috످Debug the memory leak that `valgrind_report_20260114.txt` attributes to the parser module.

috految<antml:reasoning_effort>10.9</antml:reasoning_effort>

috److I can't see `valgrind_report_20260114.txt` or your source code, and I don't have file access in this chat. To trace the leak, could you paste:

First, the Valgrind report. If it's long, this extracts the key sections:

   ```bash
   grep -E -A 30 'lost in loss record|LEAK SUMMARY|Invalid (read|write|free)' valgrind_report_20260114.txt
   ```

Second, the parser code, especially the functions in the stack traces and any cleanup functions.

Third, the code that calls the parser. Valgrind reports where leaked memory was allocated, so it can point to the parser even when the bug is in a caller that never frees the result.

If the report is missing line numbers or shows `???`, rebuild with `-g -O0` and rerun:

```bash
valgrind --leak-check=full --num-callers=30 --log-file=valgrind_new.txt ./your_program your_input
```

In the meantime, start with the largest `definitely lost` record and find the first stack frame in your own code. Check that the memory allocated there is freed on every path, including early returns on parse errors.

috످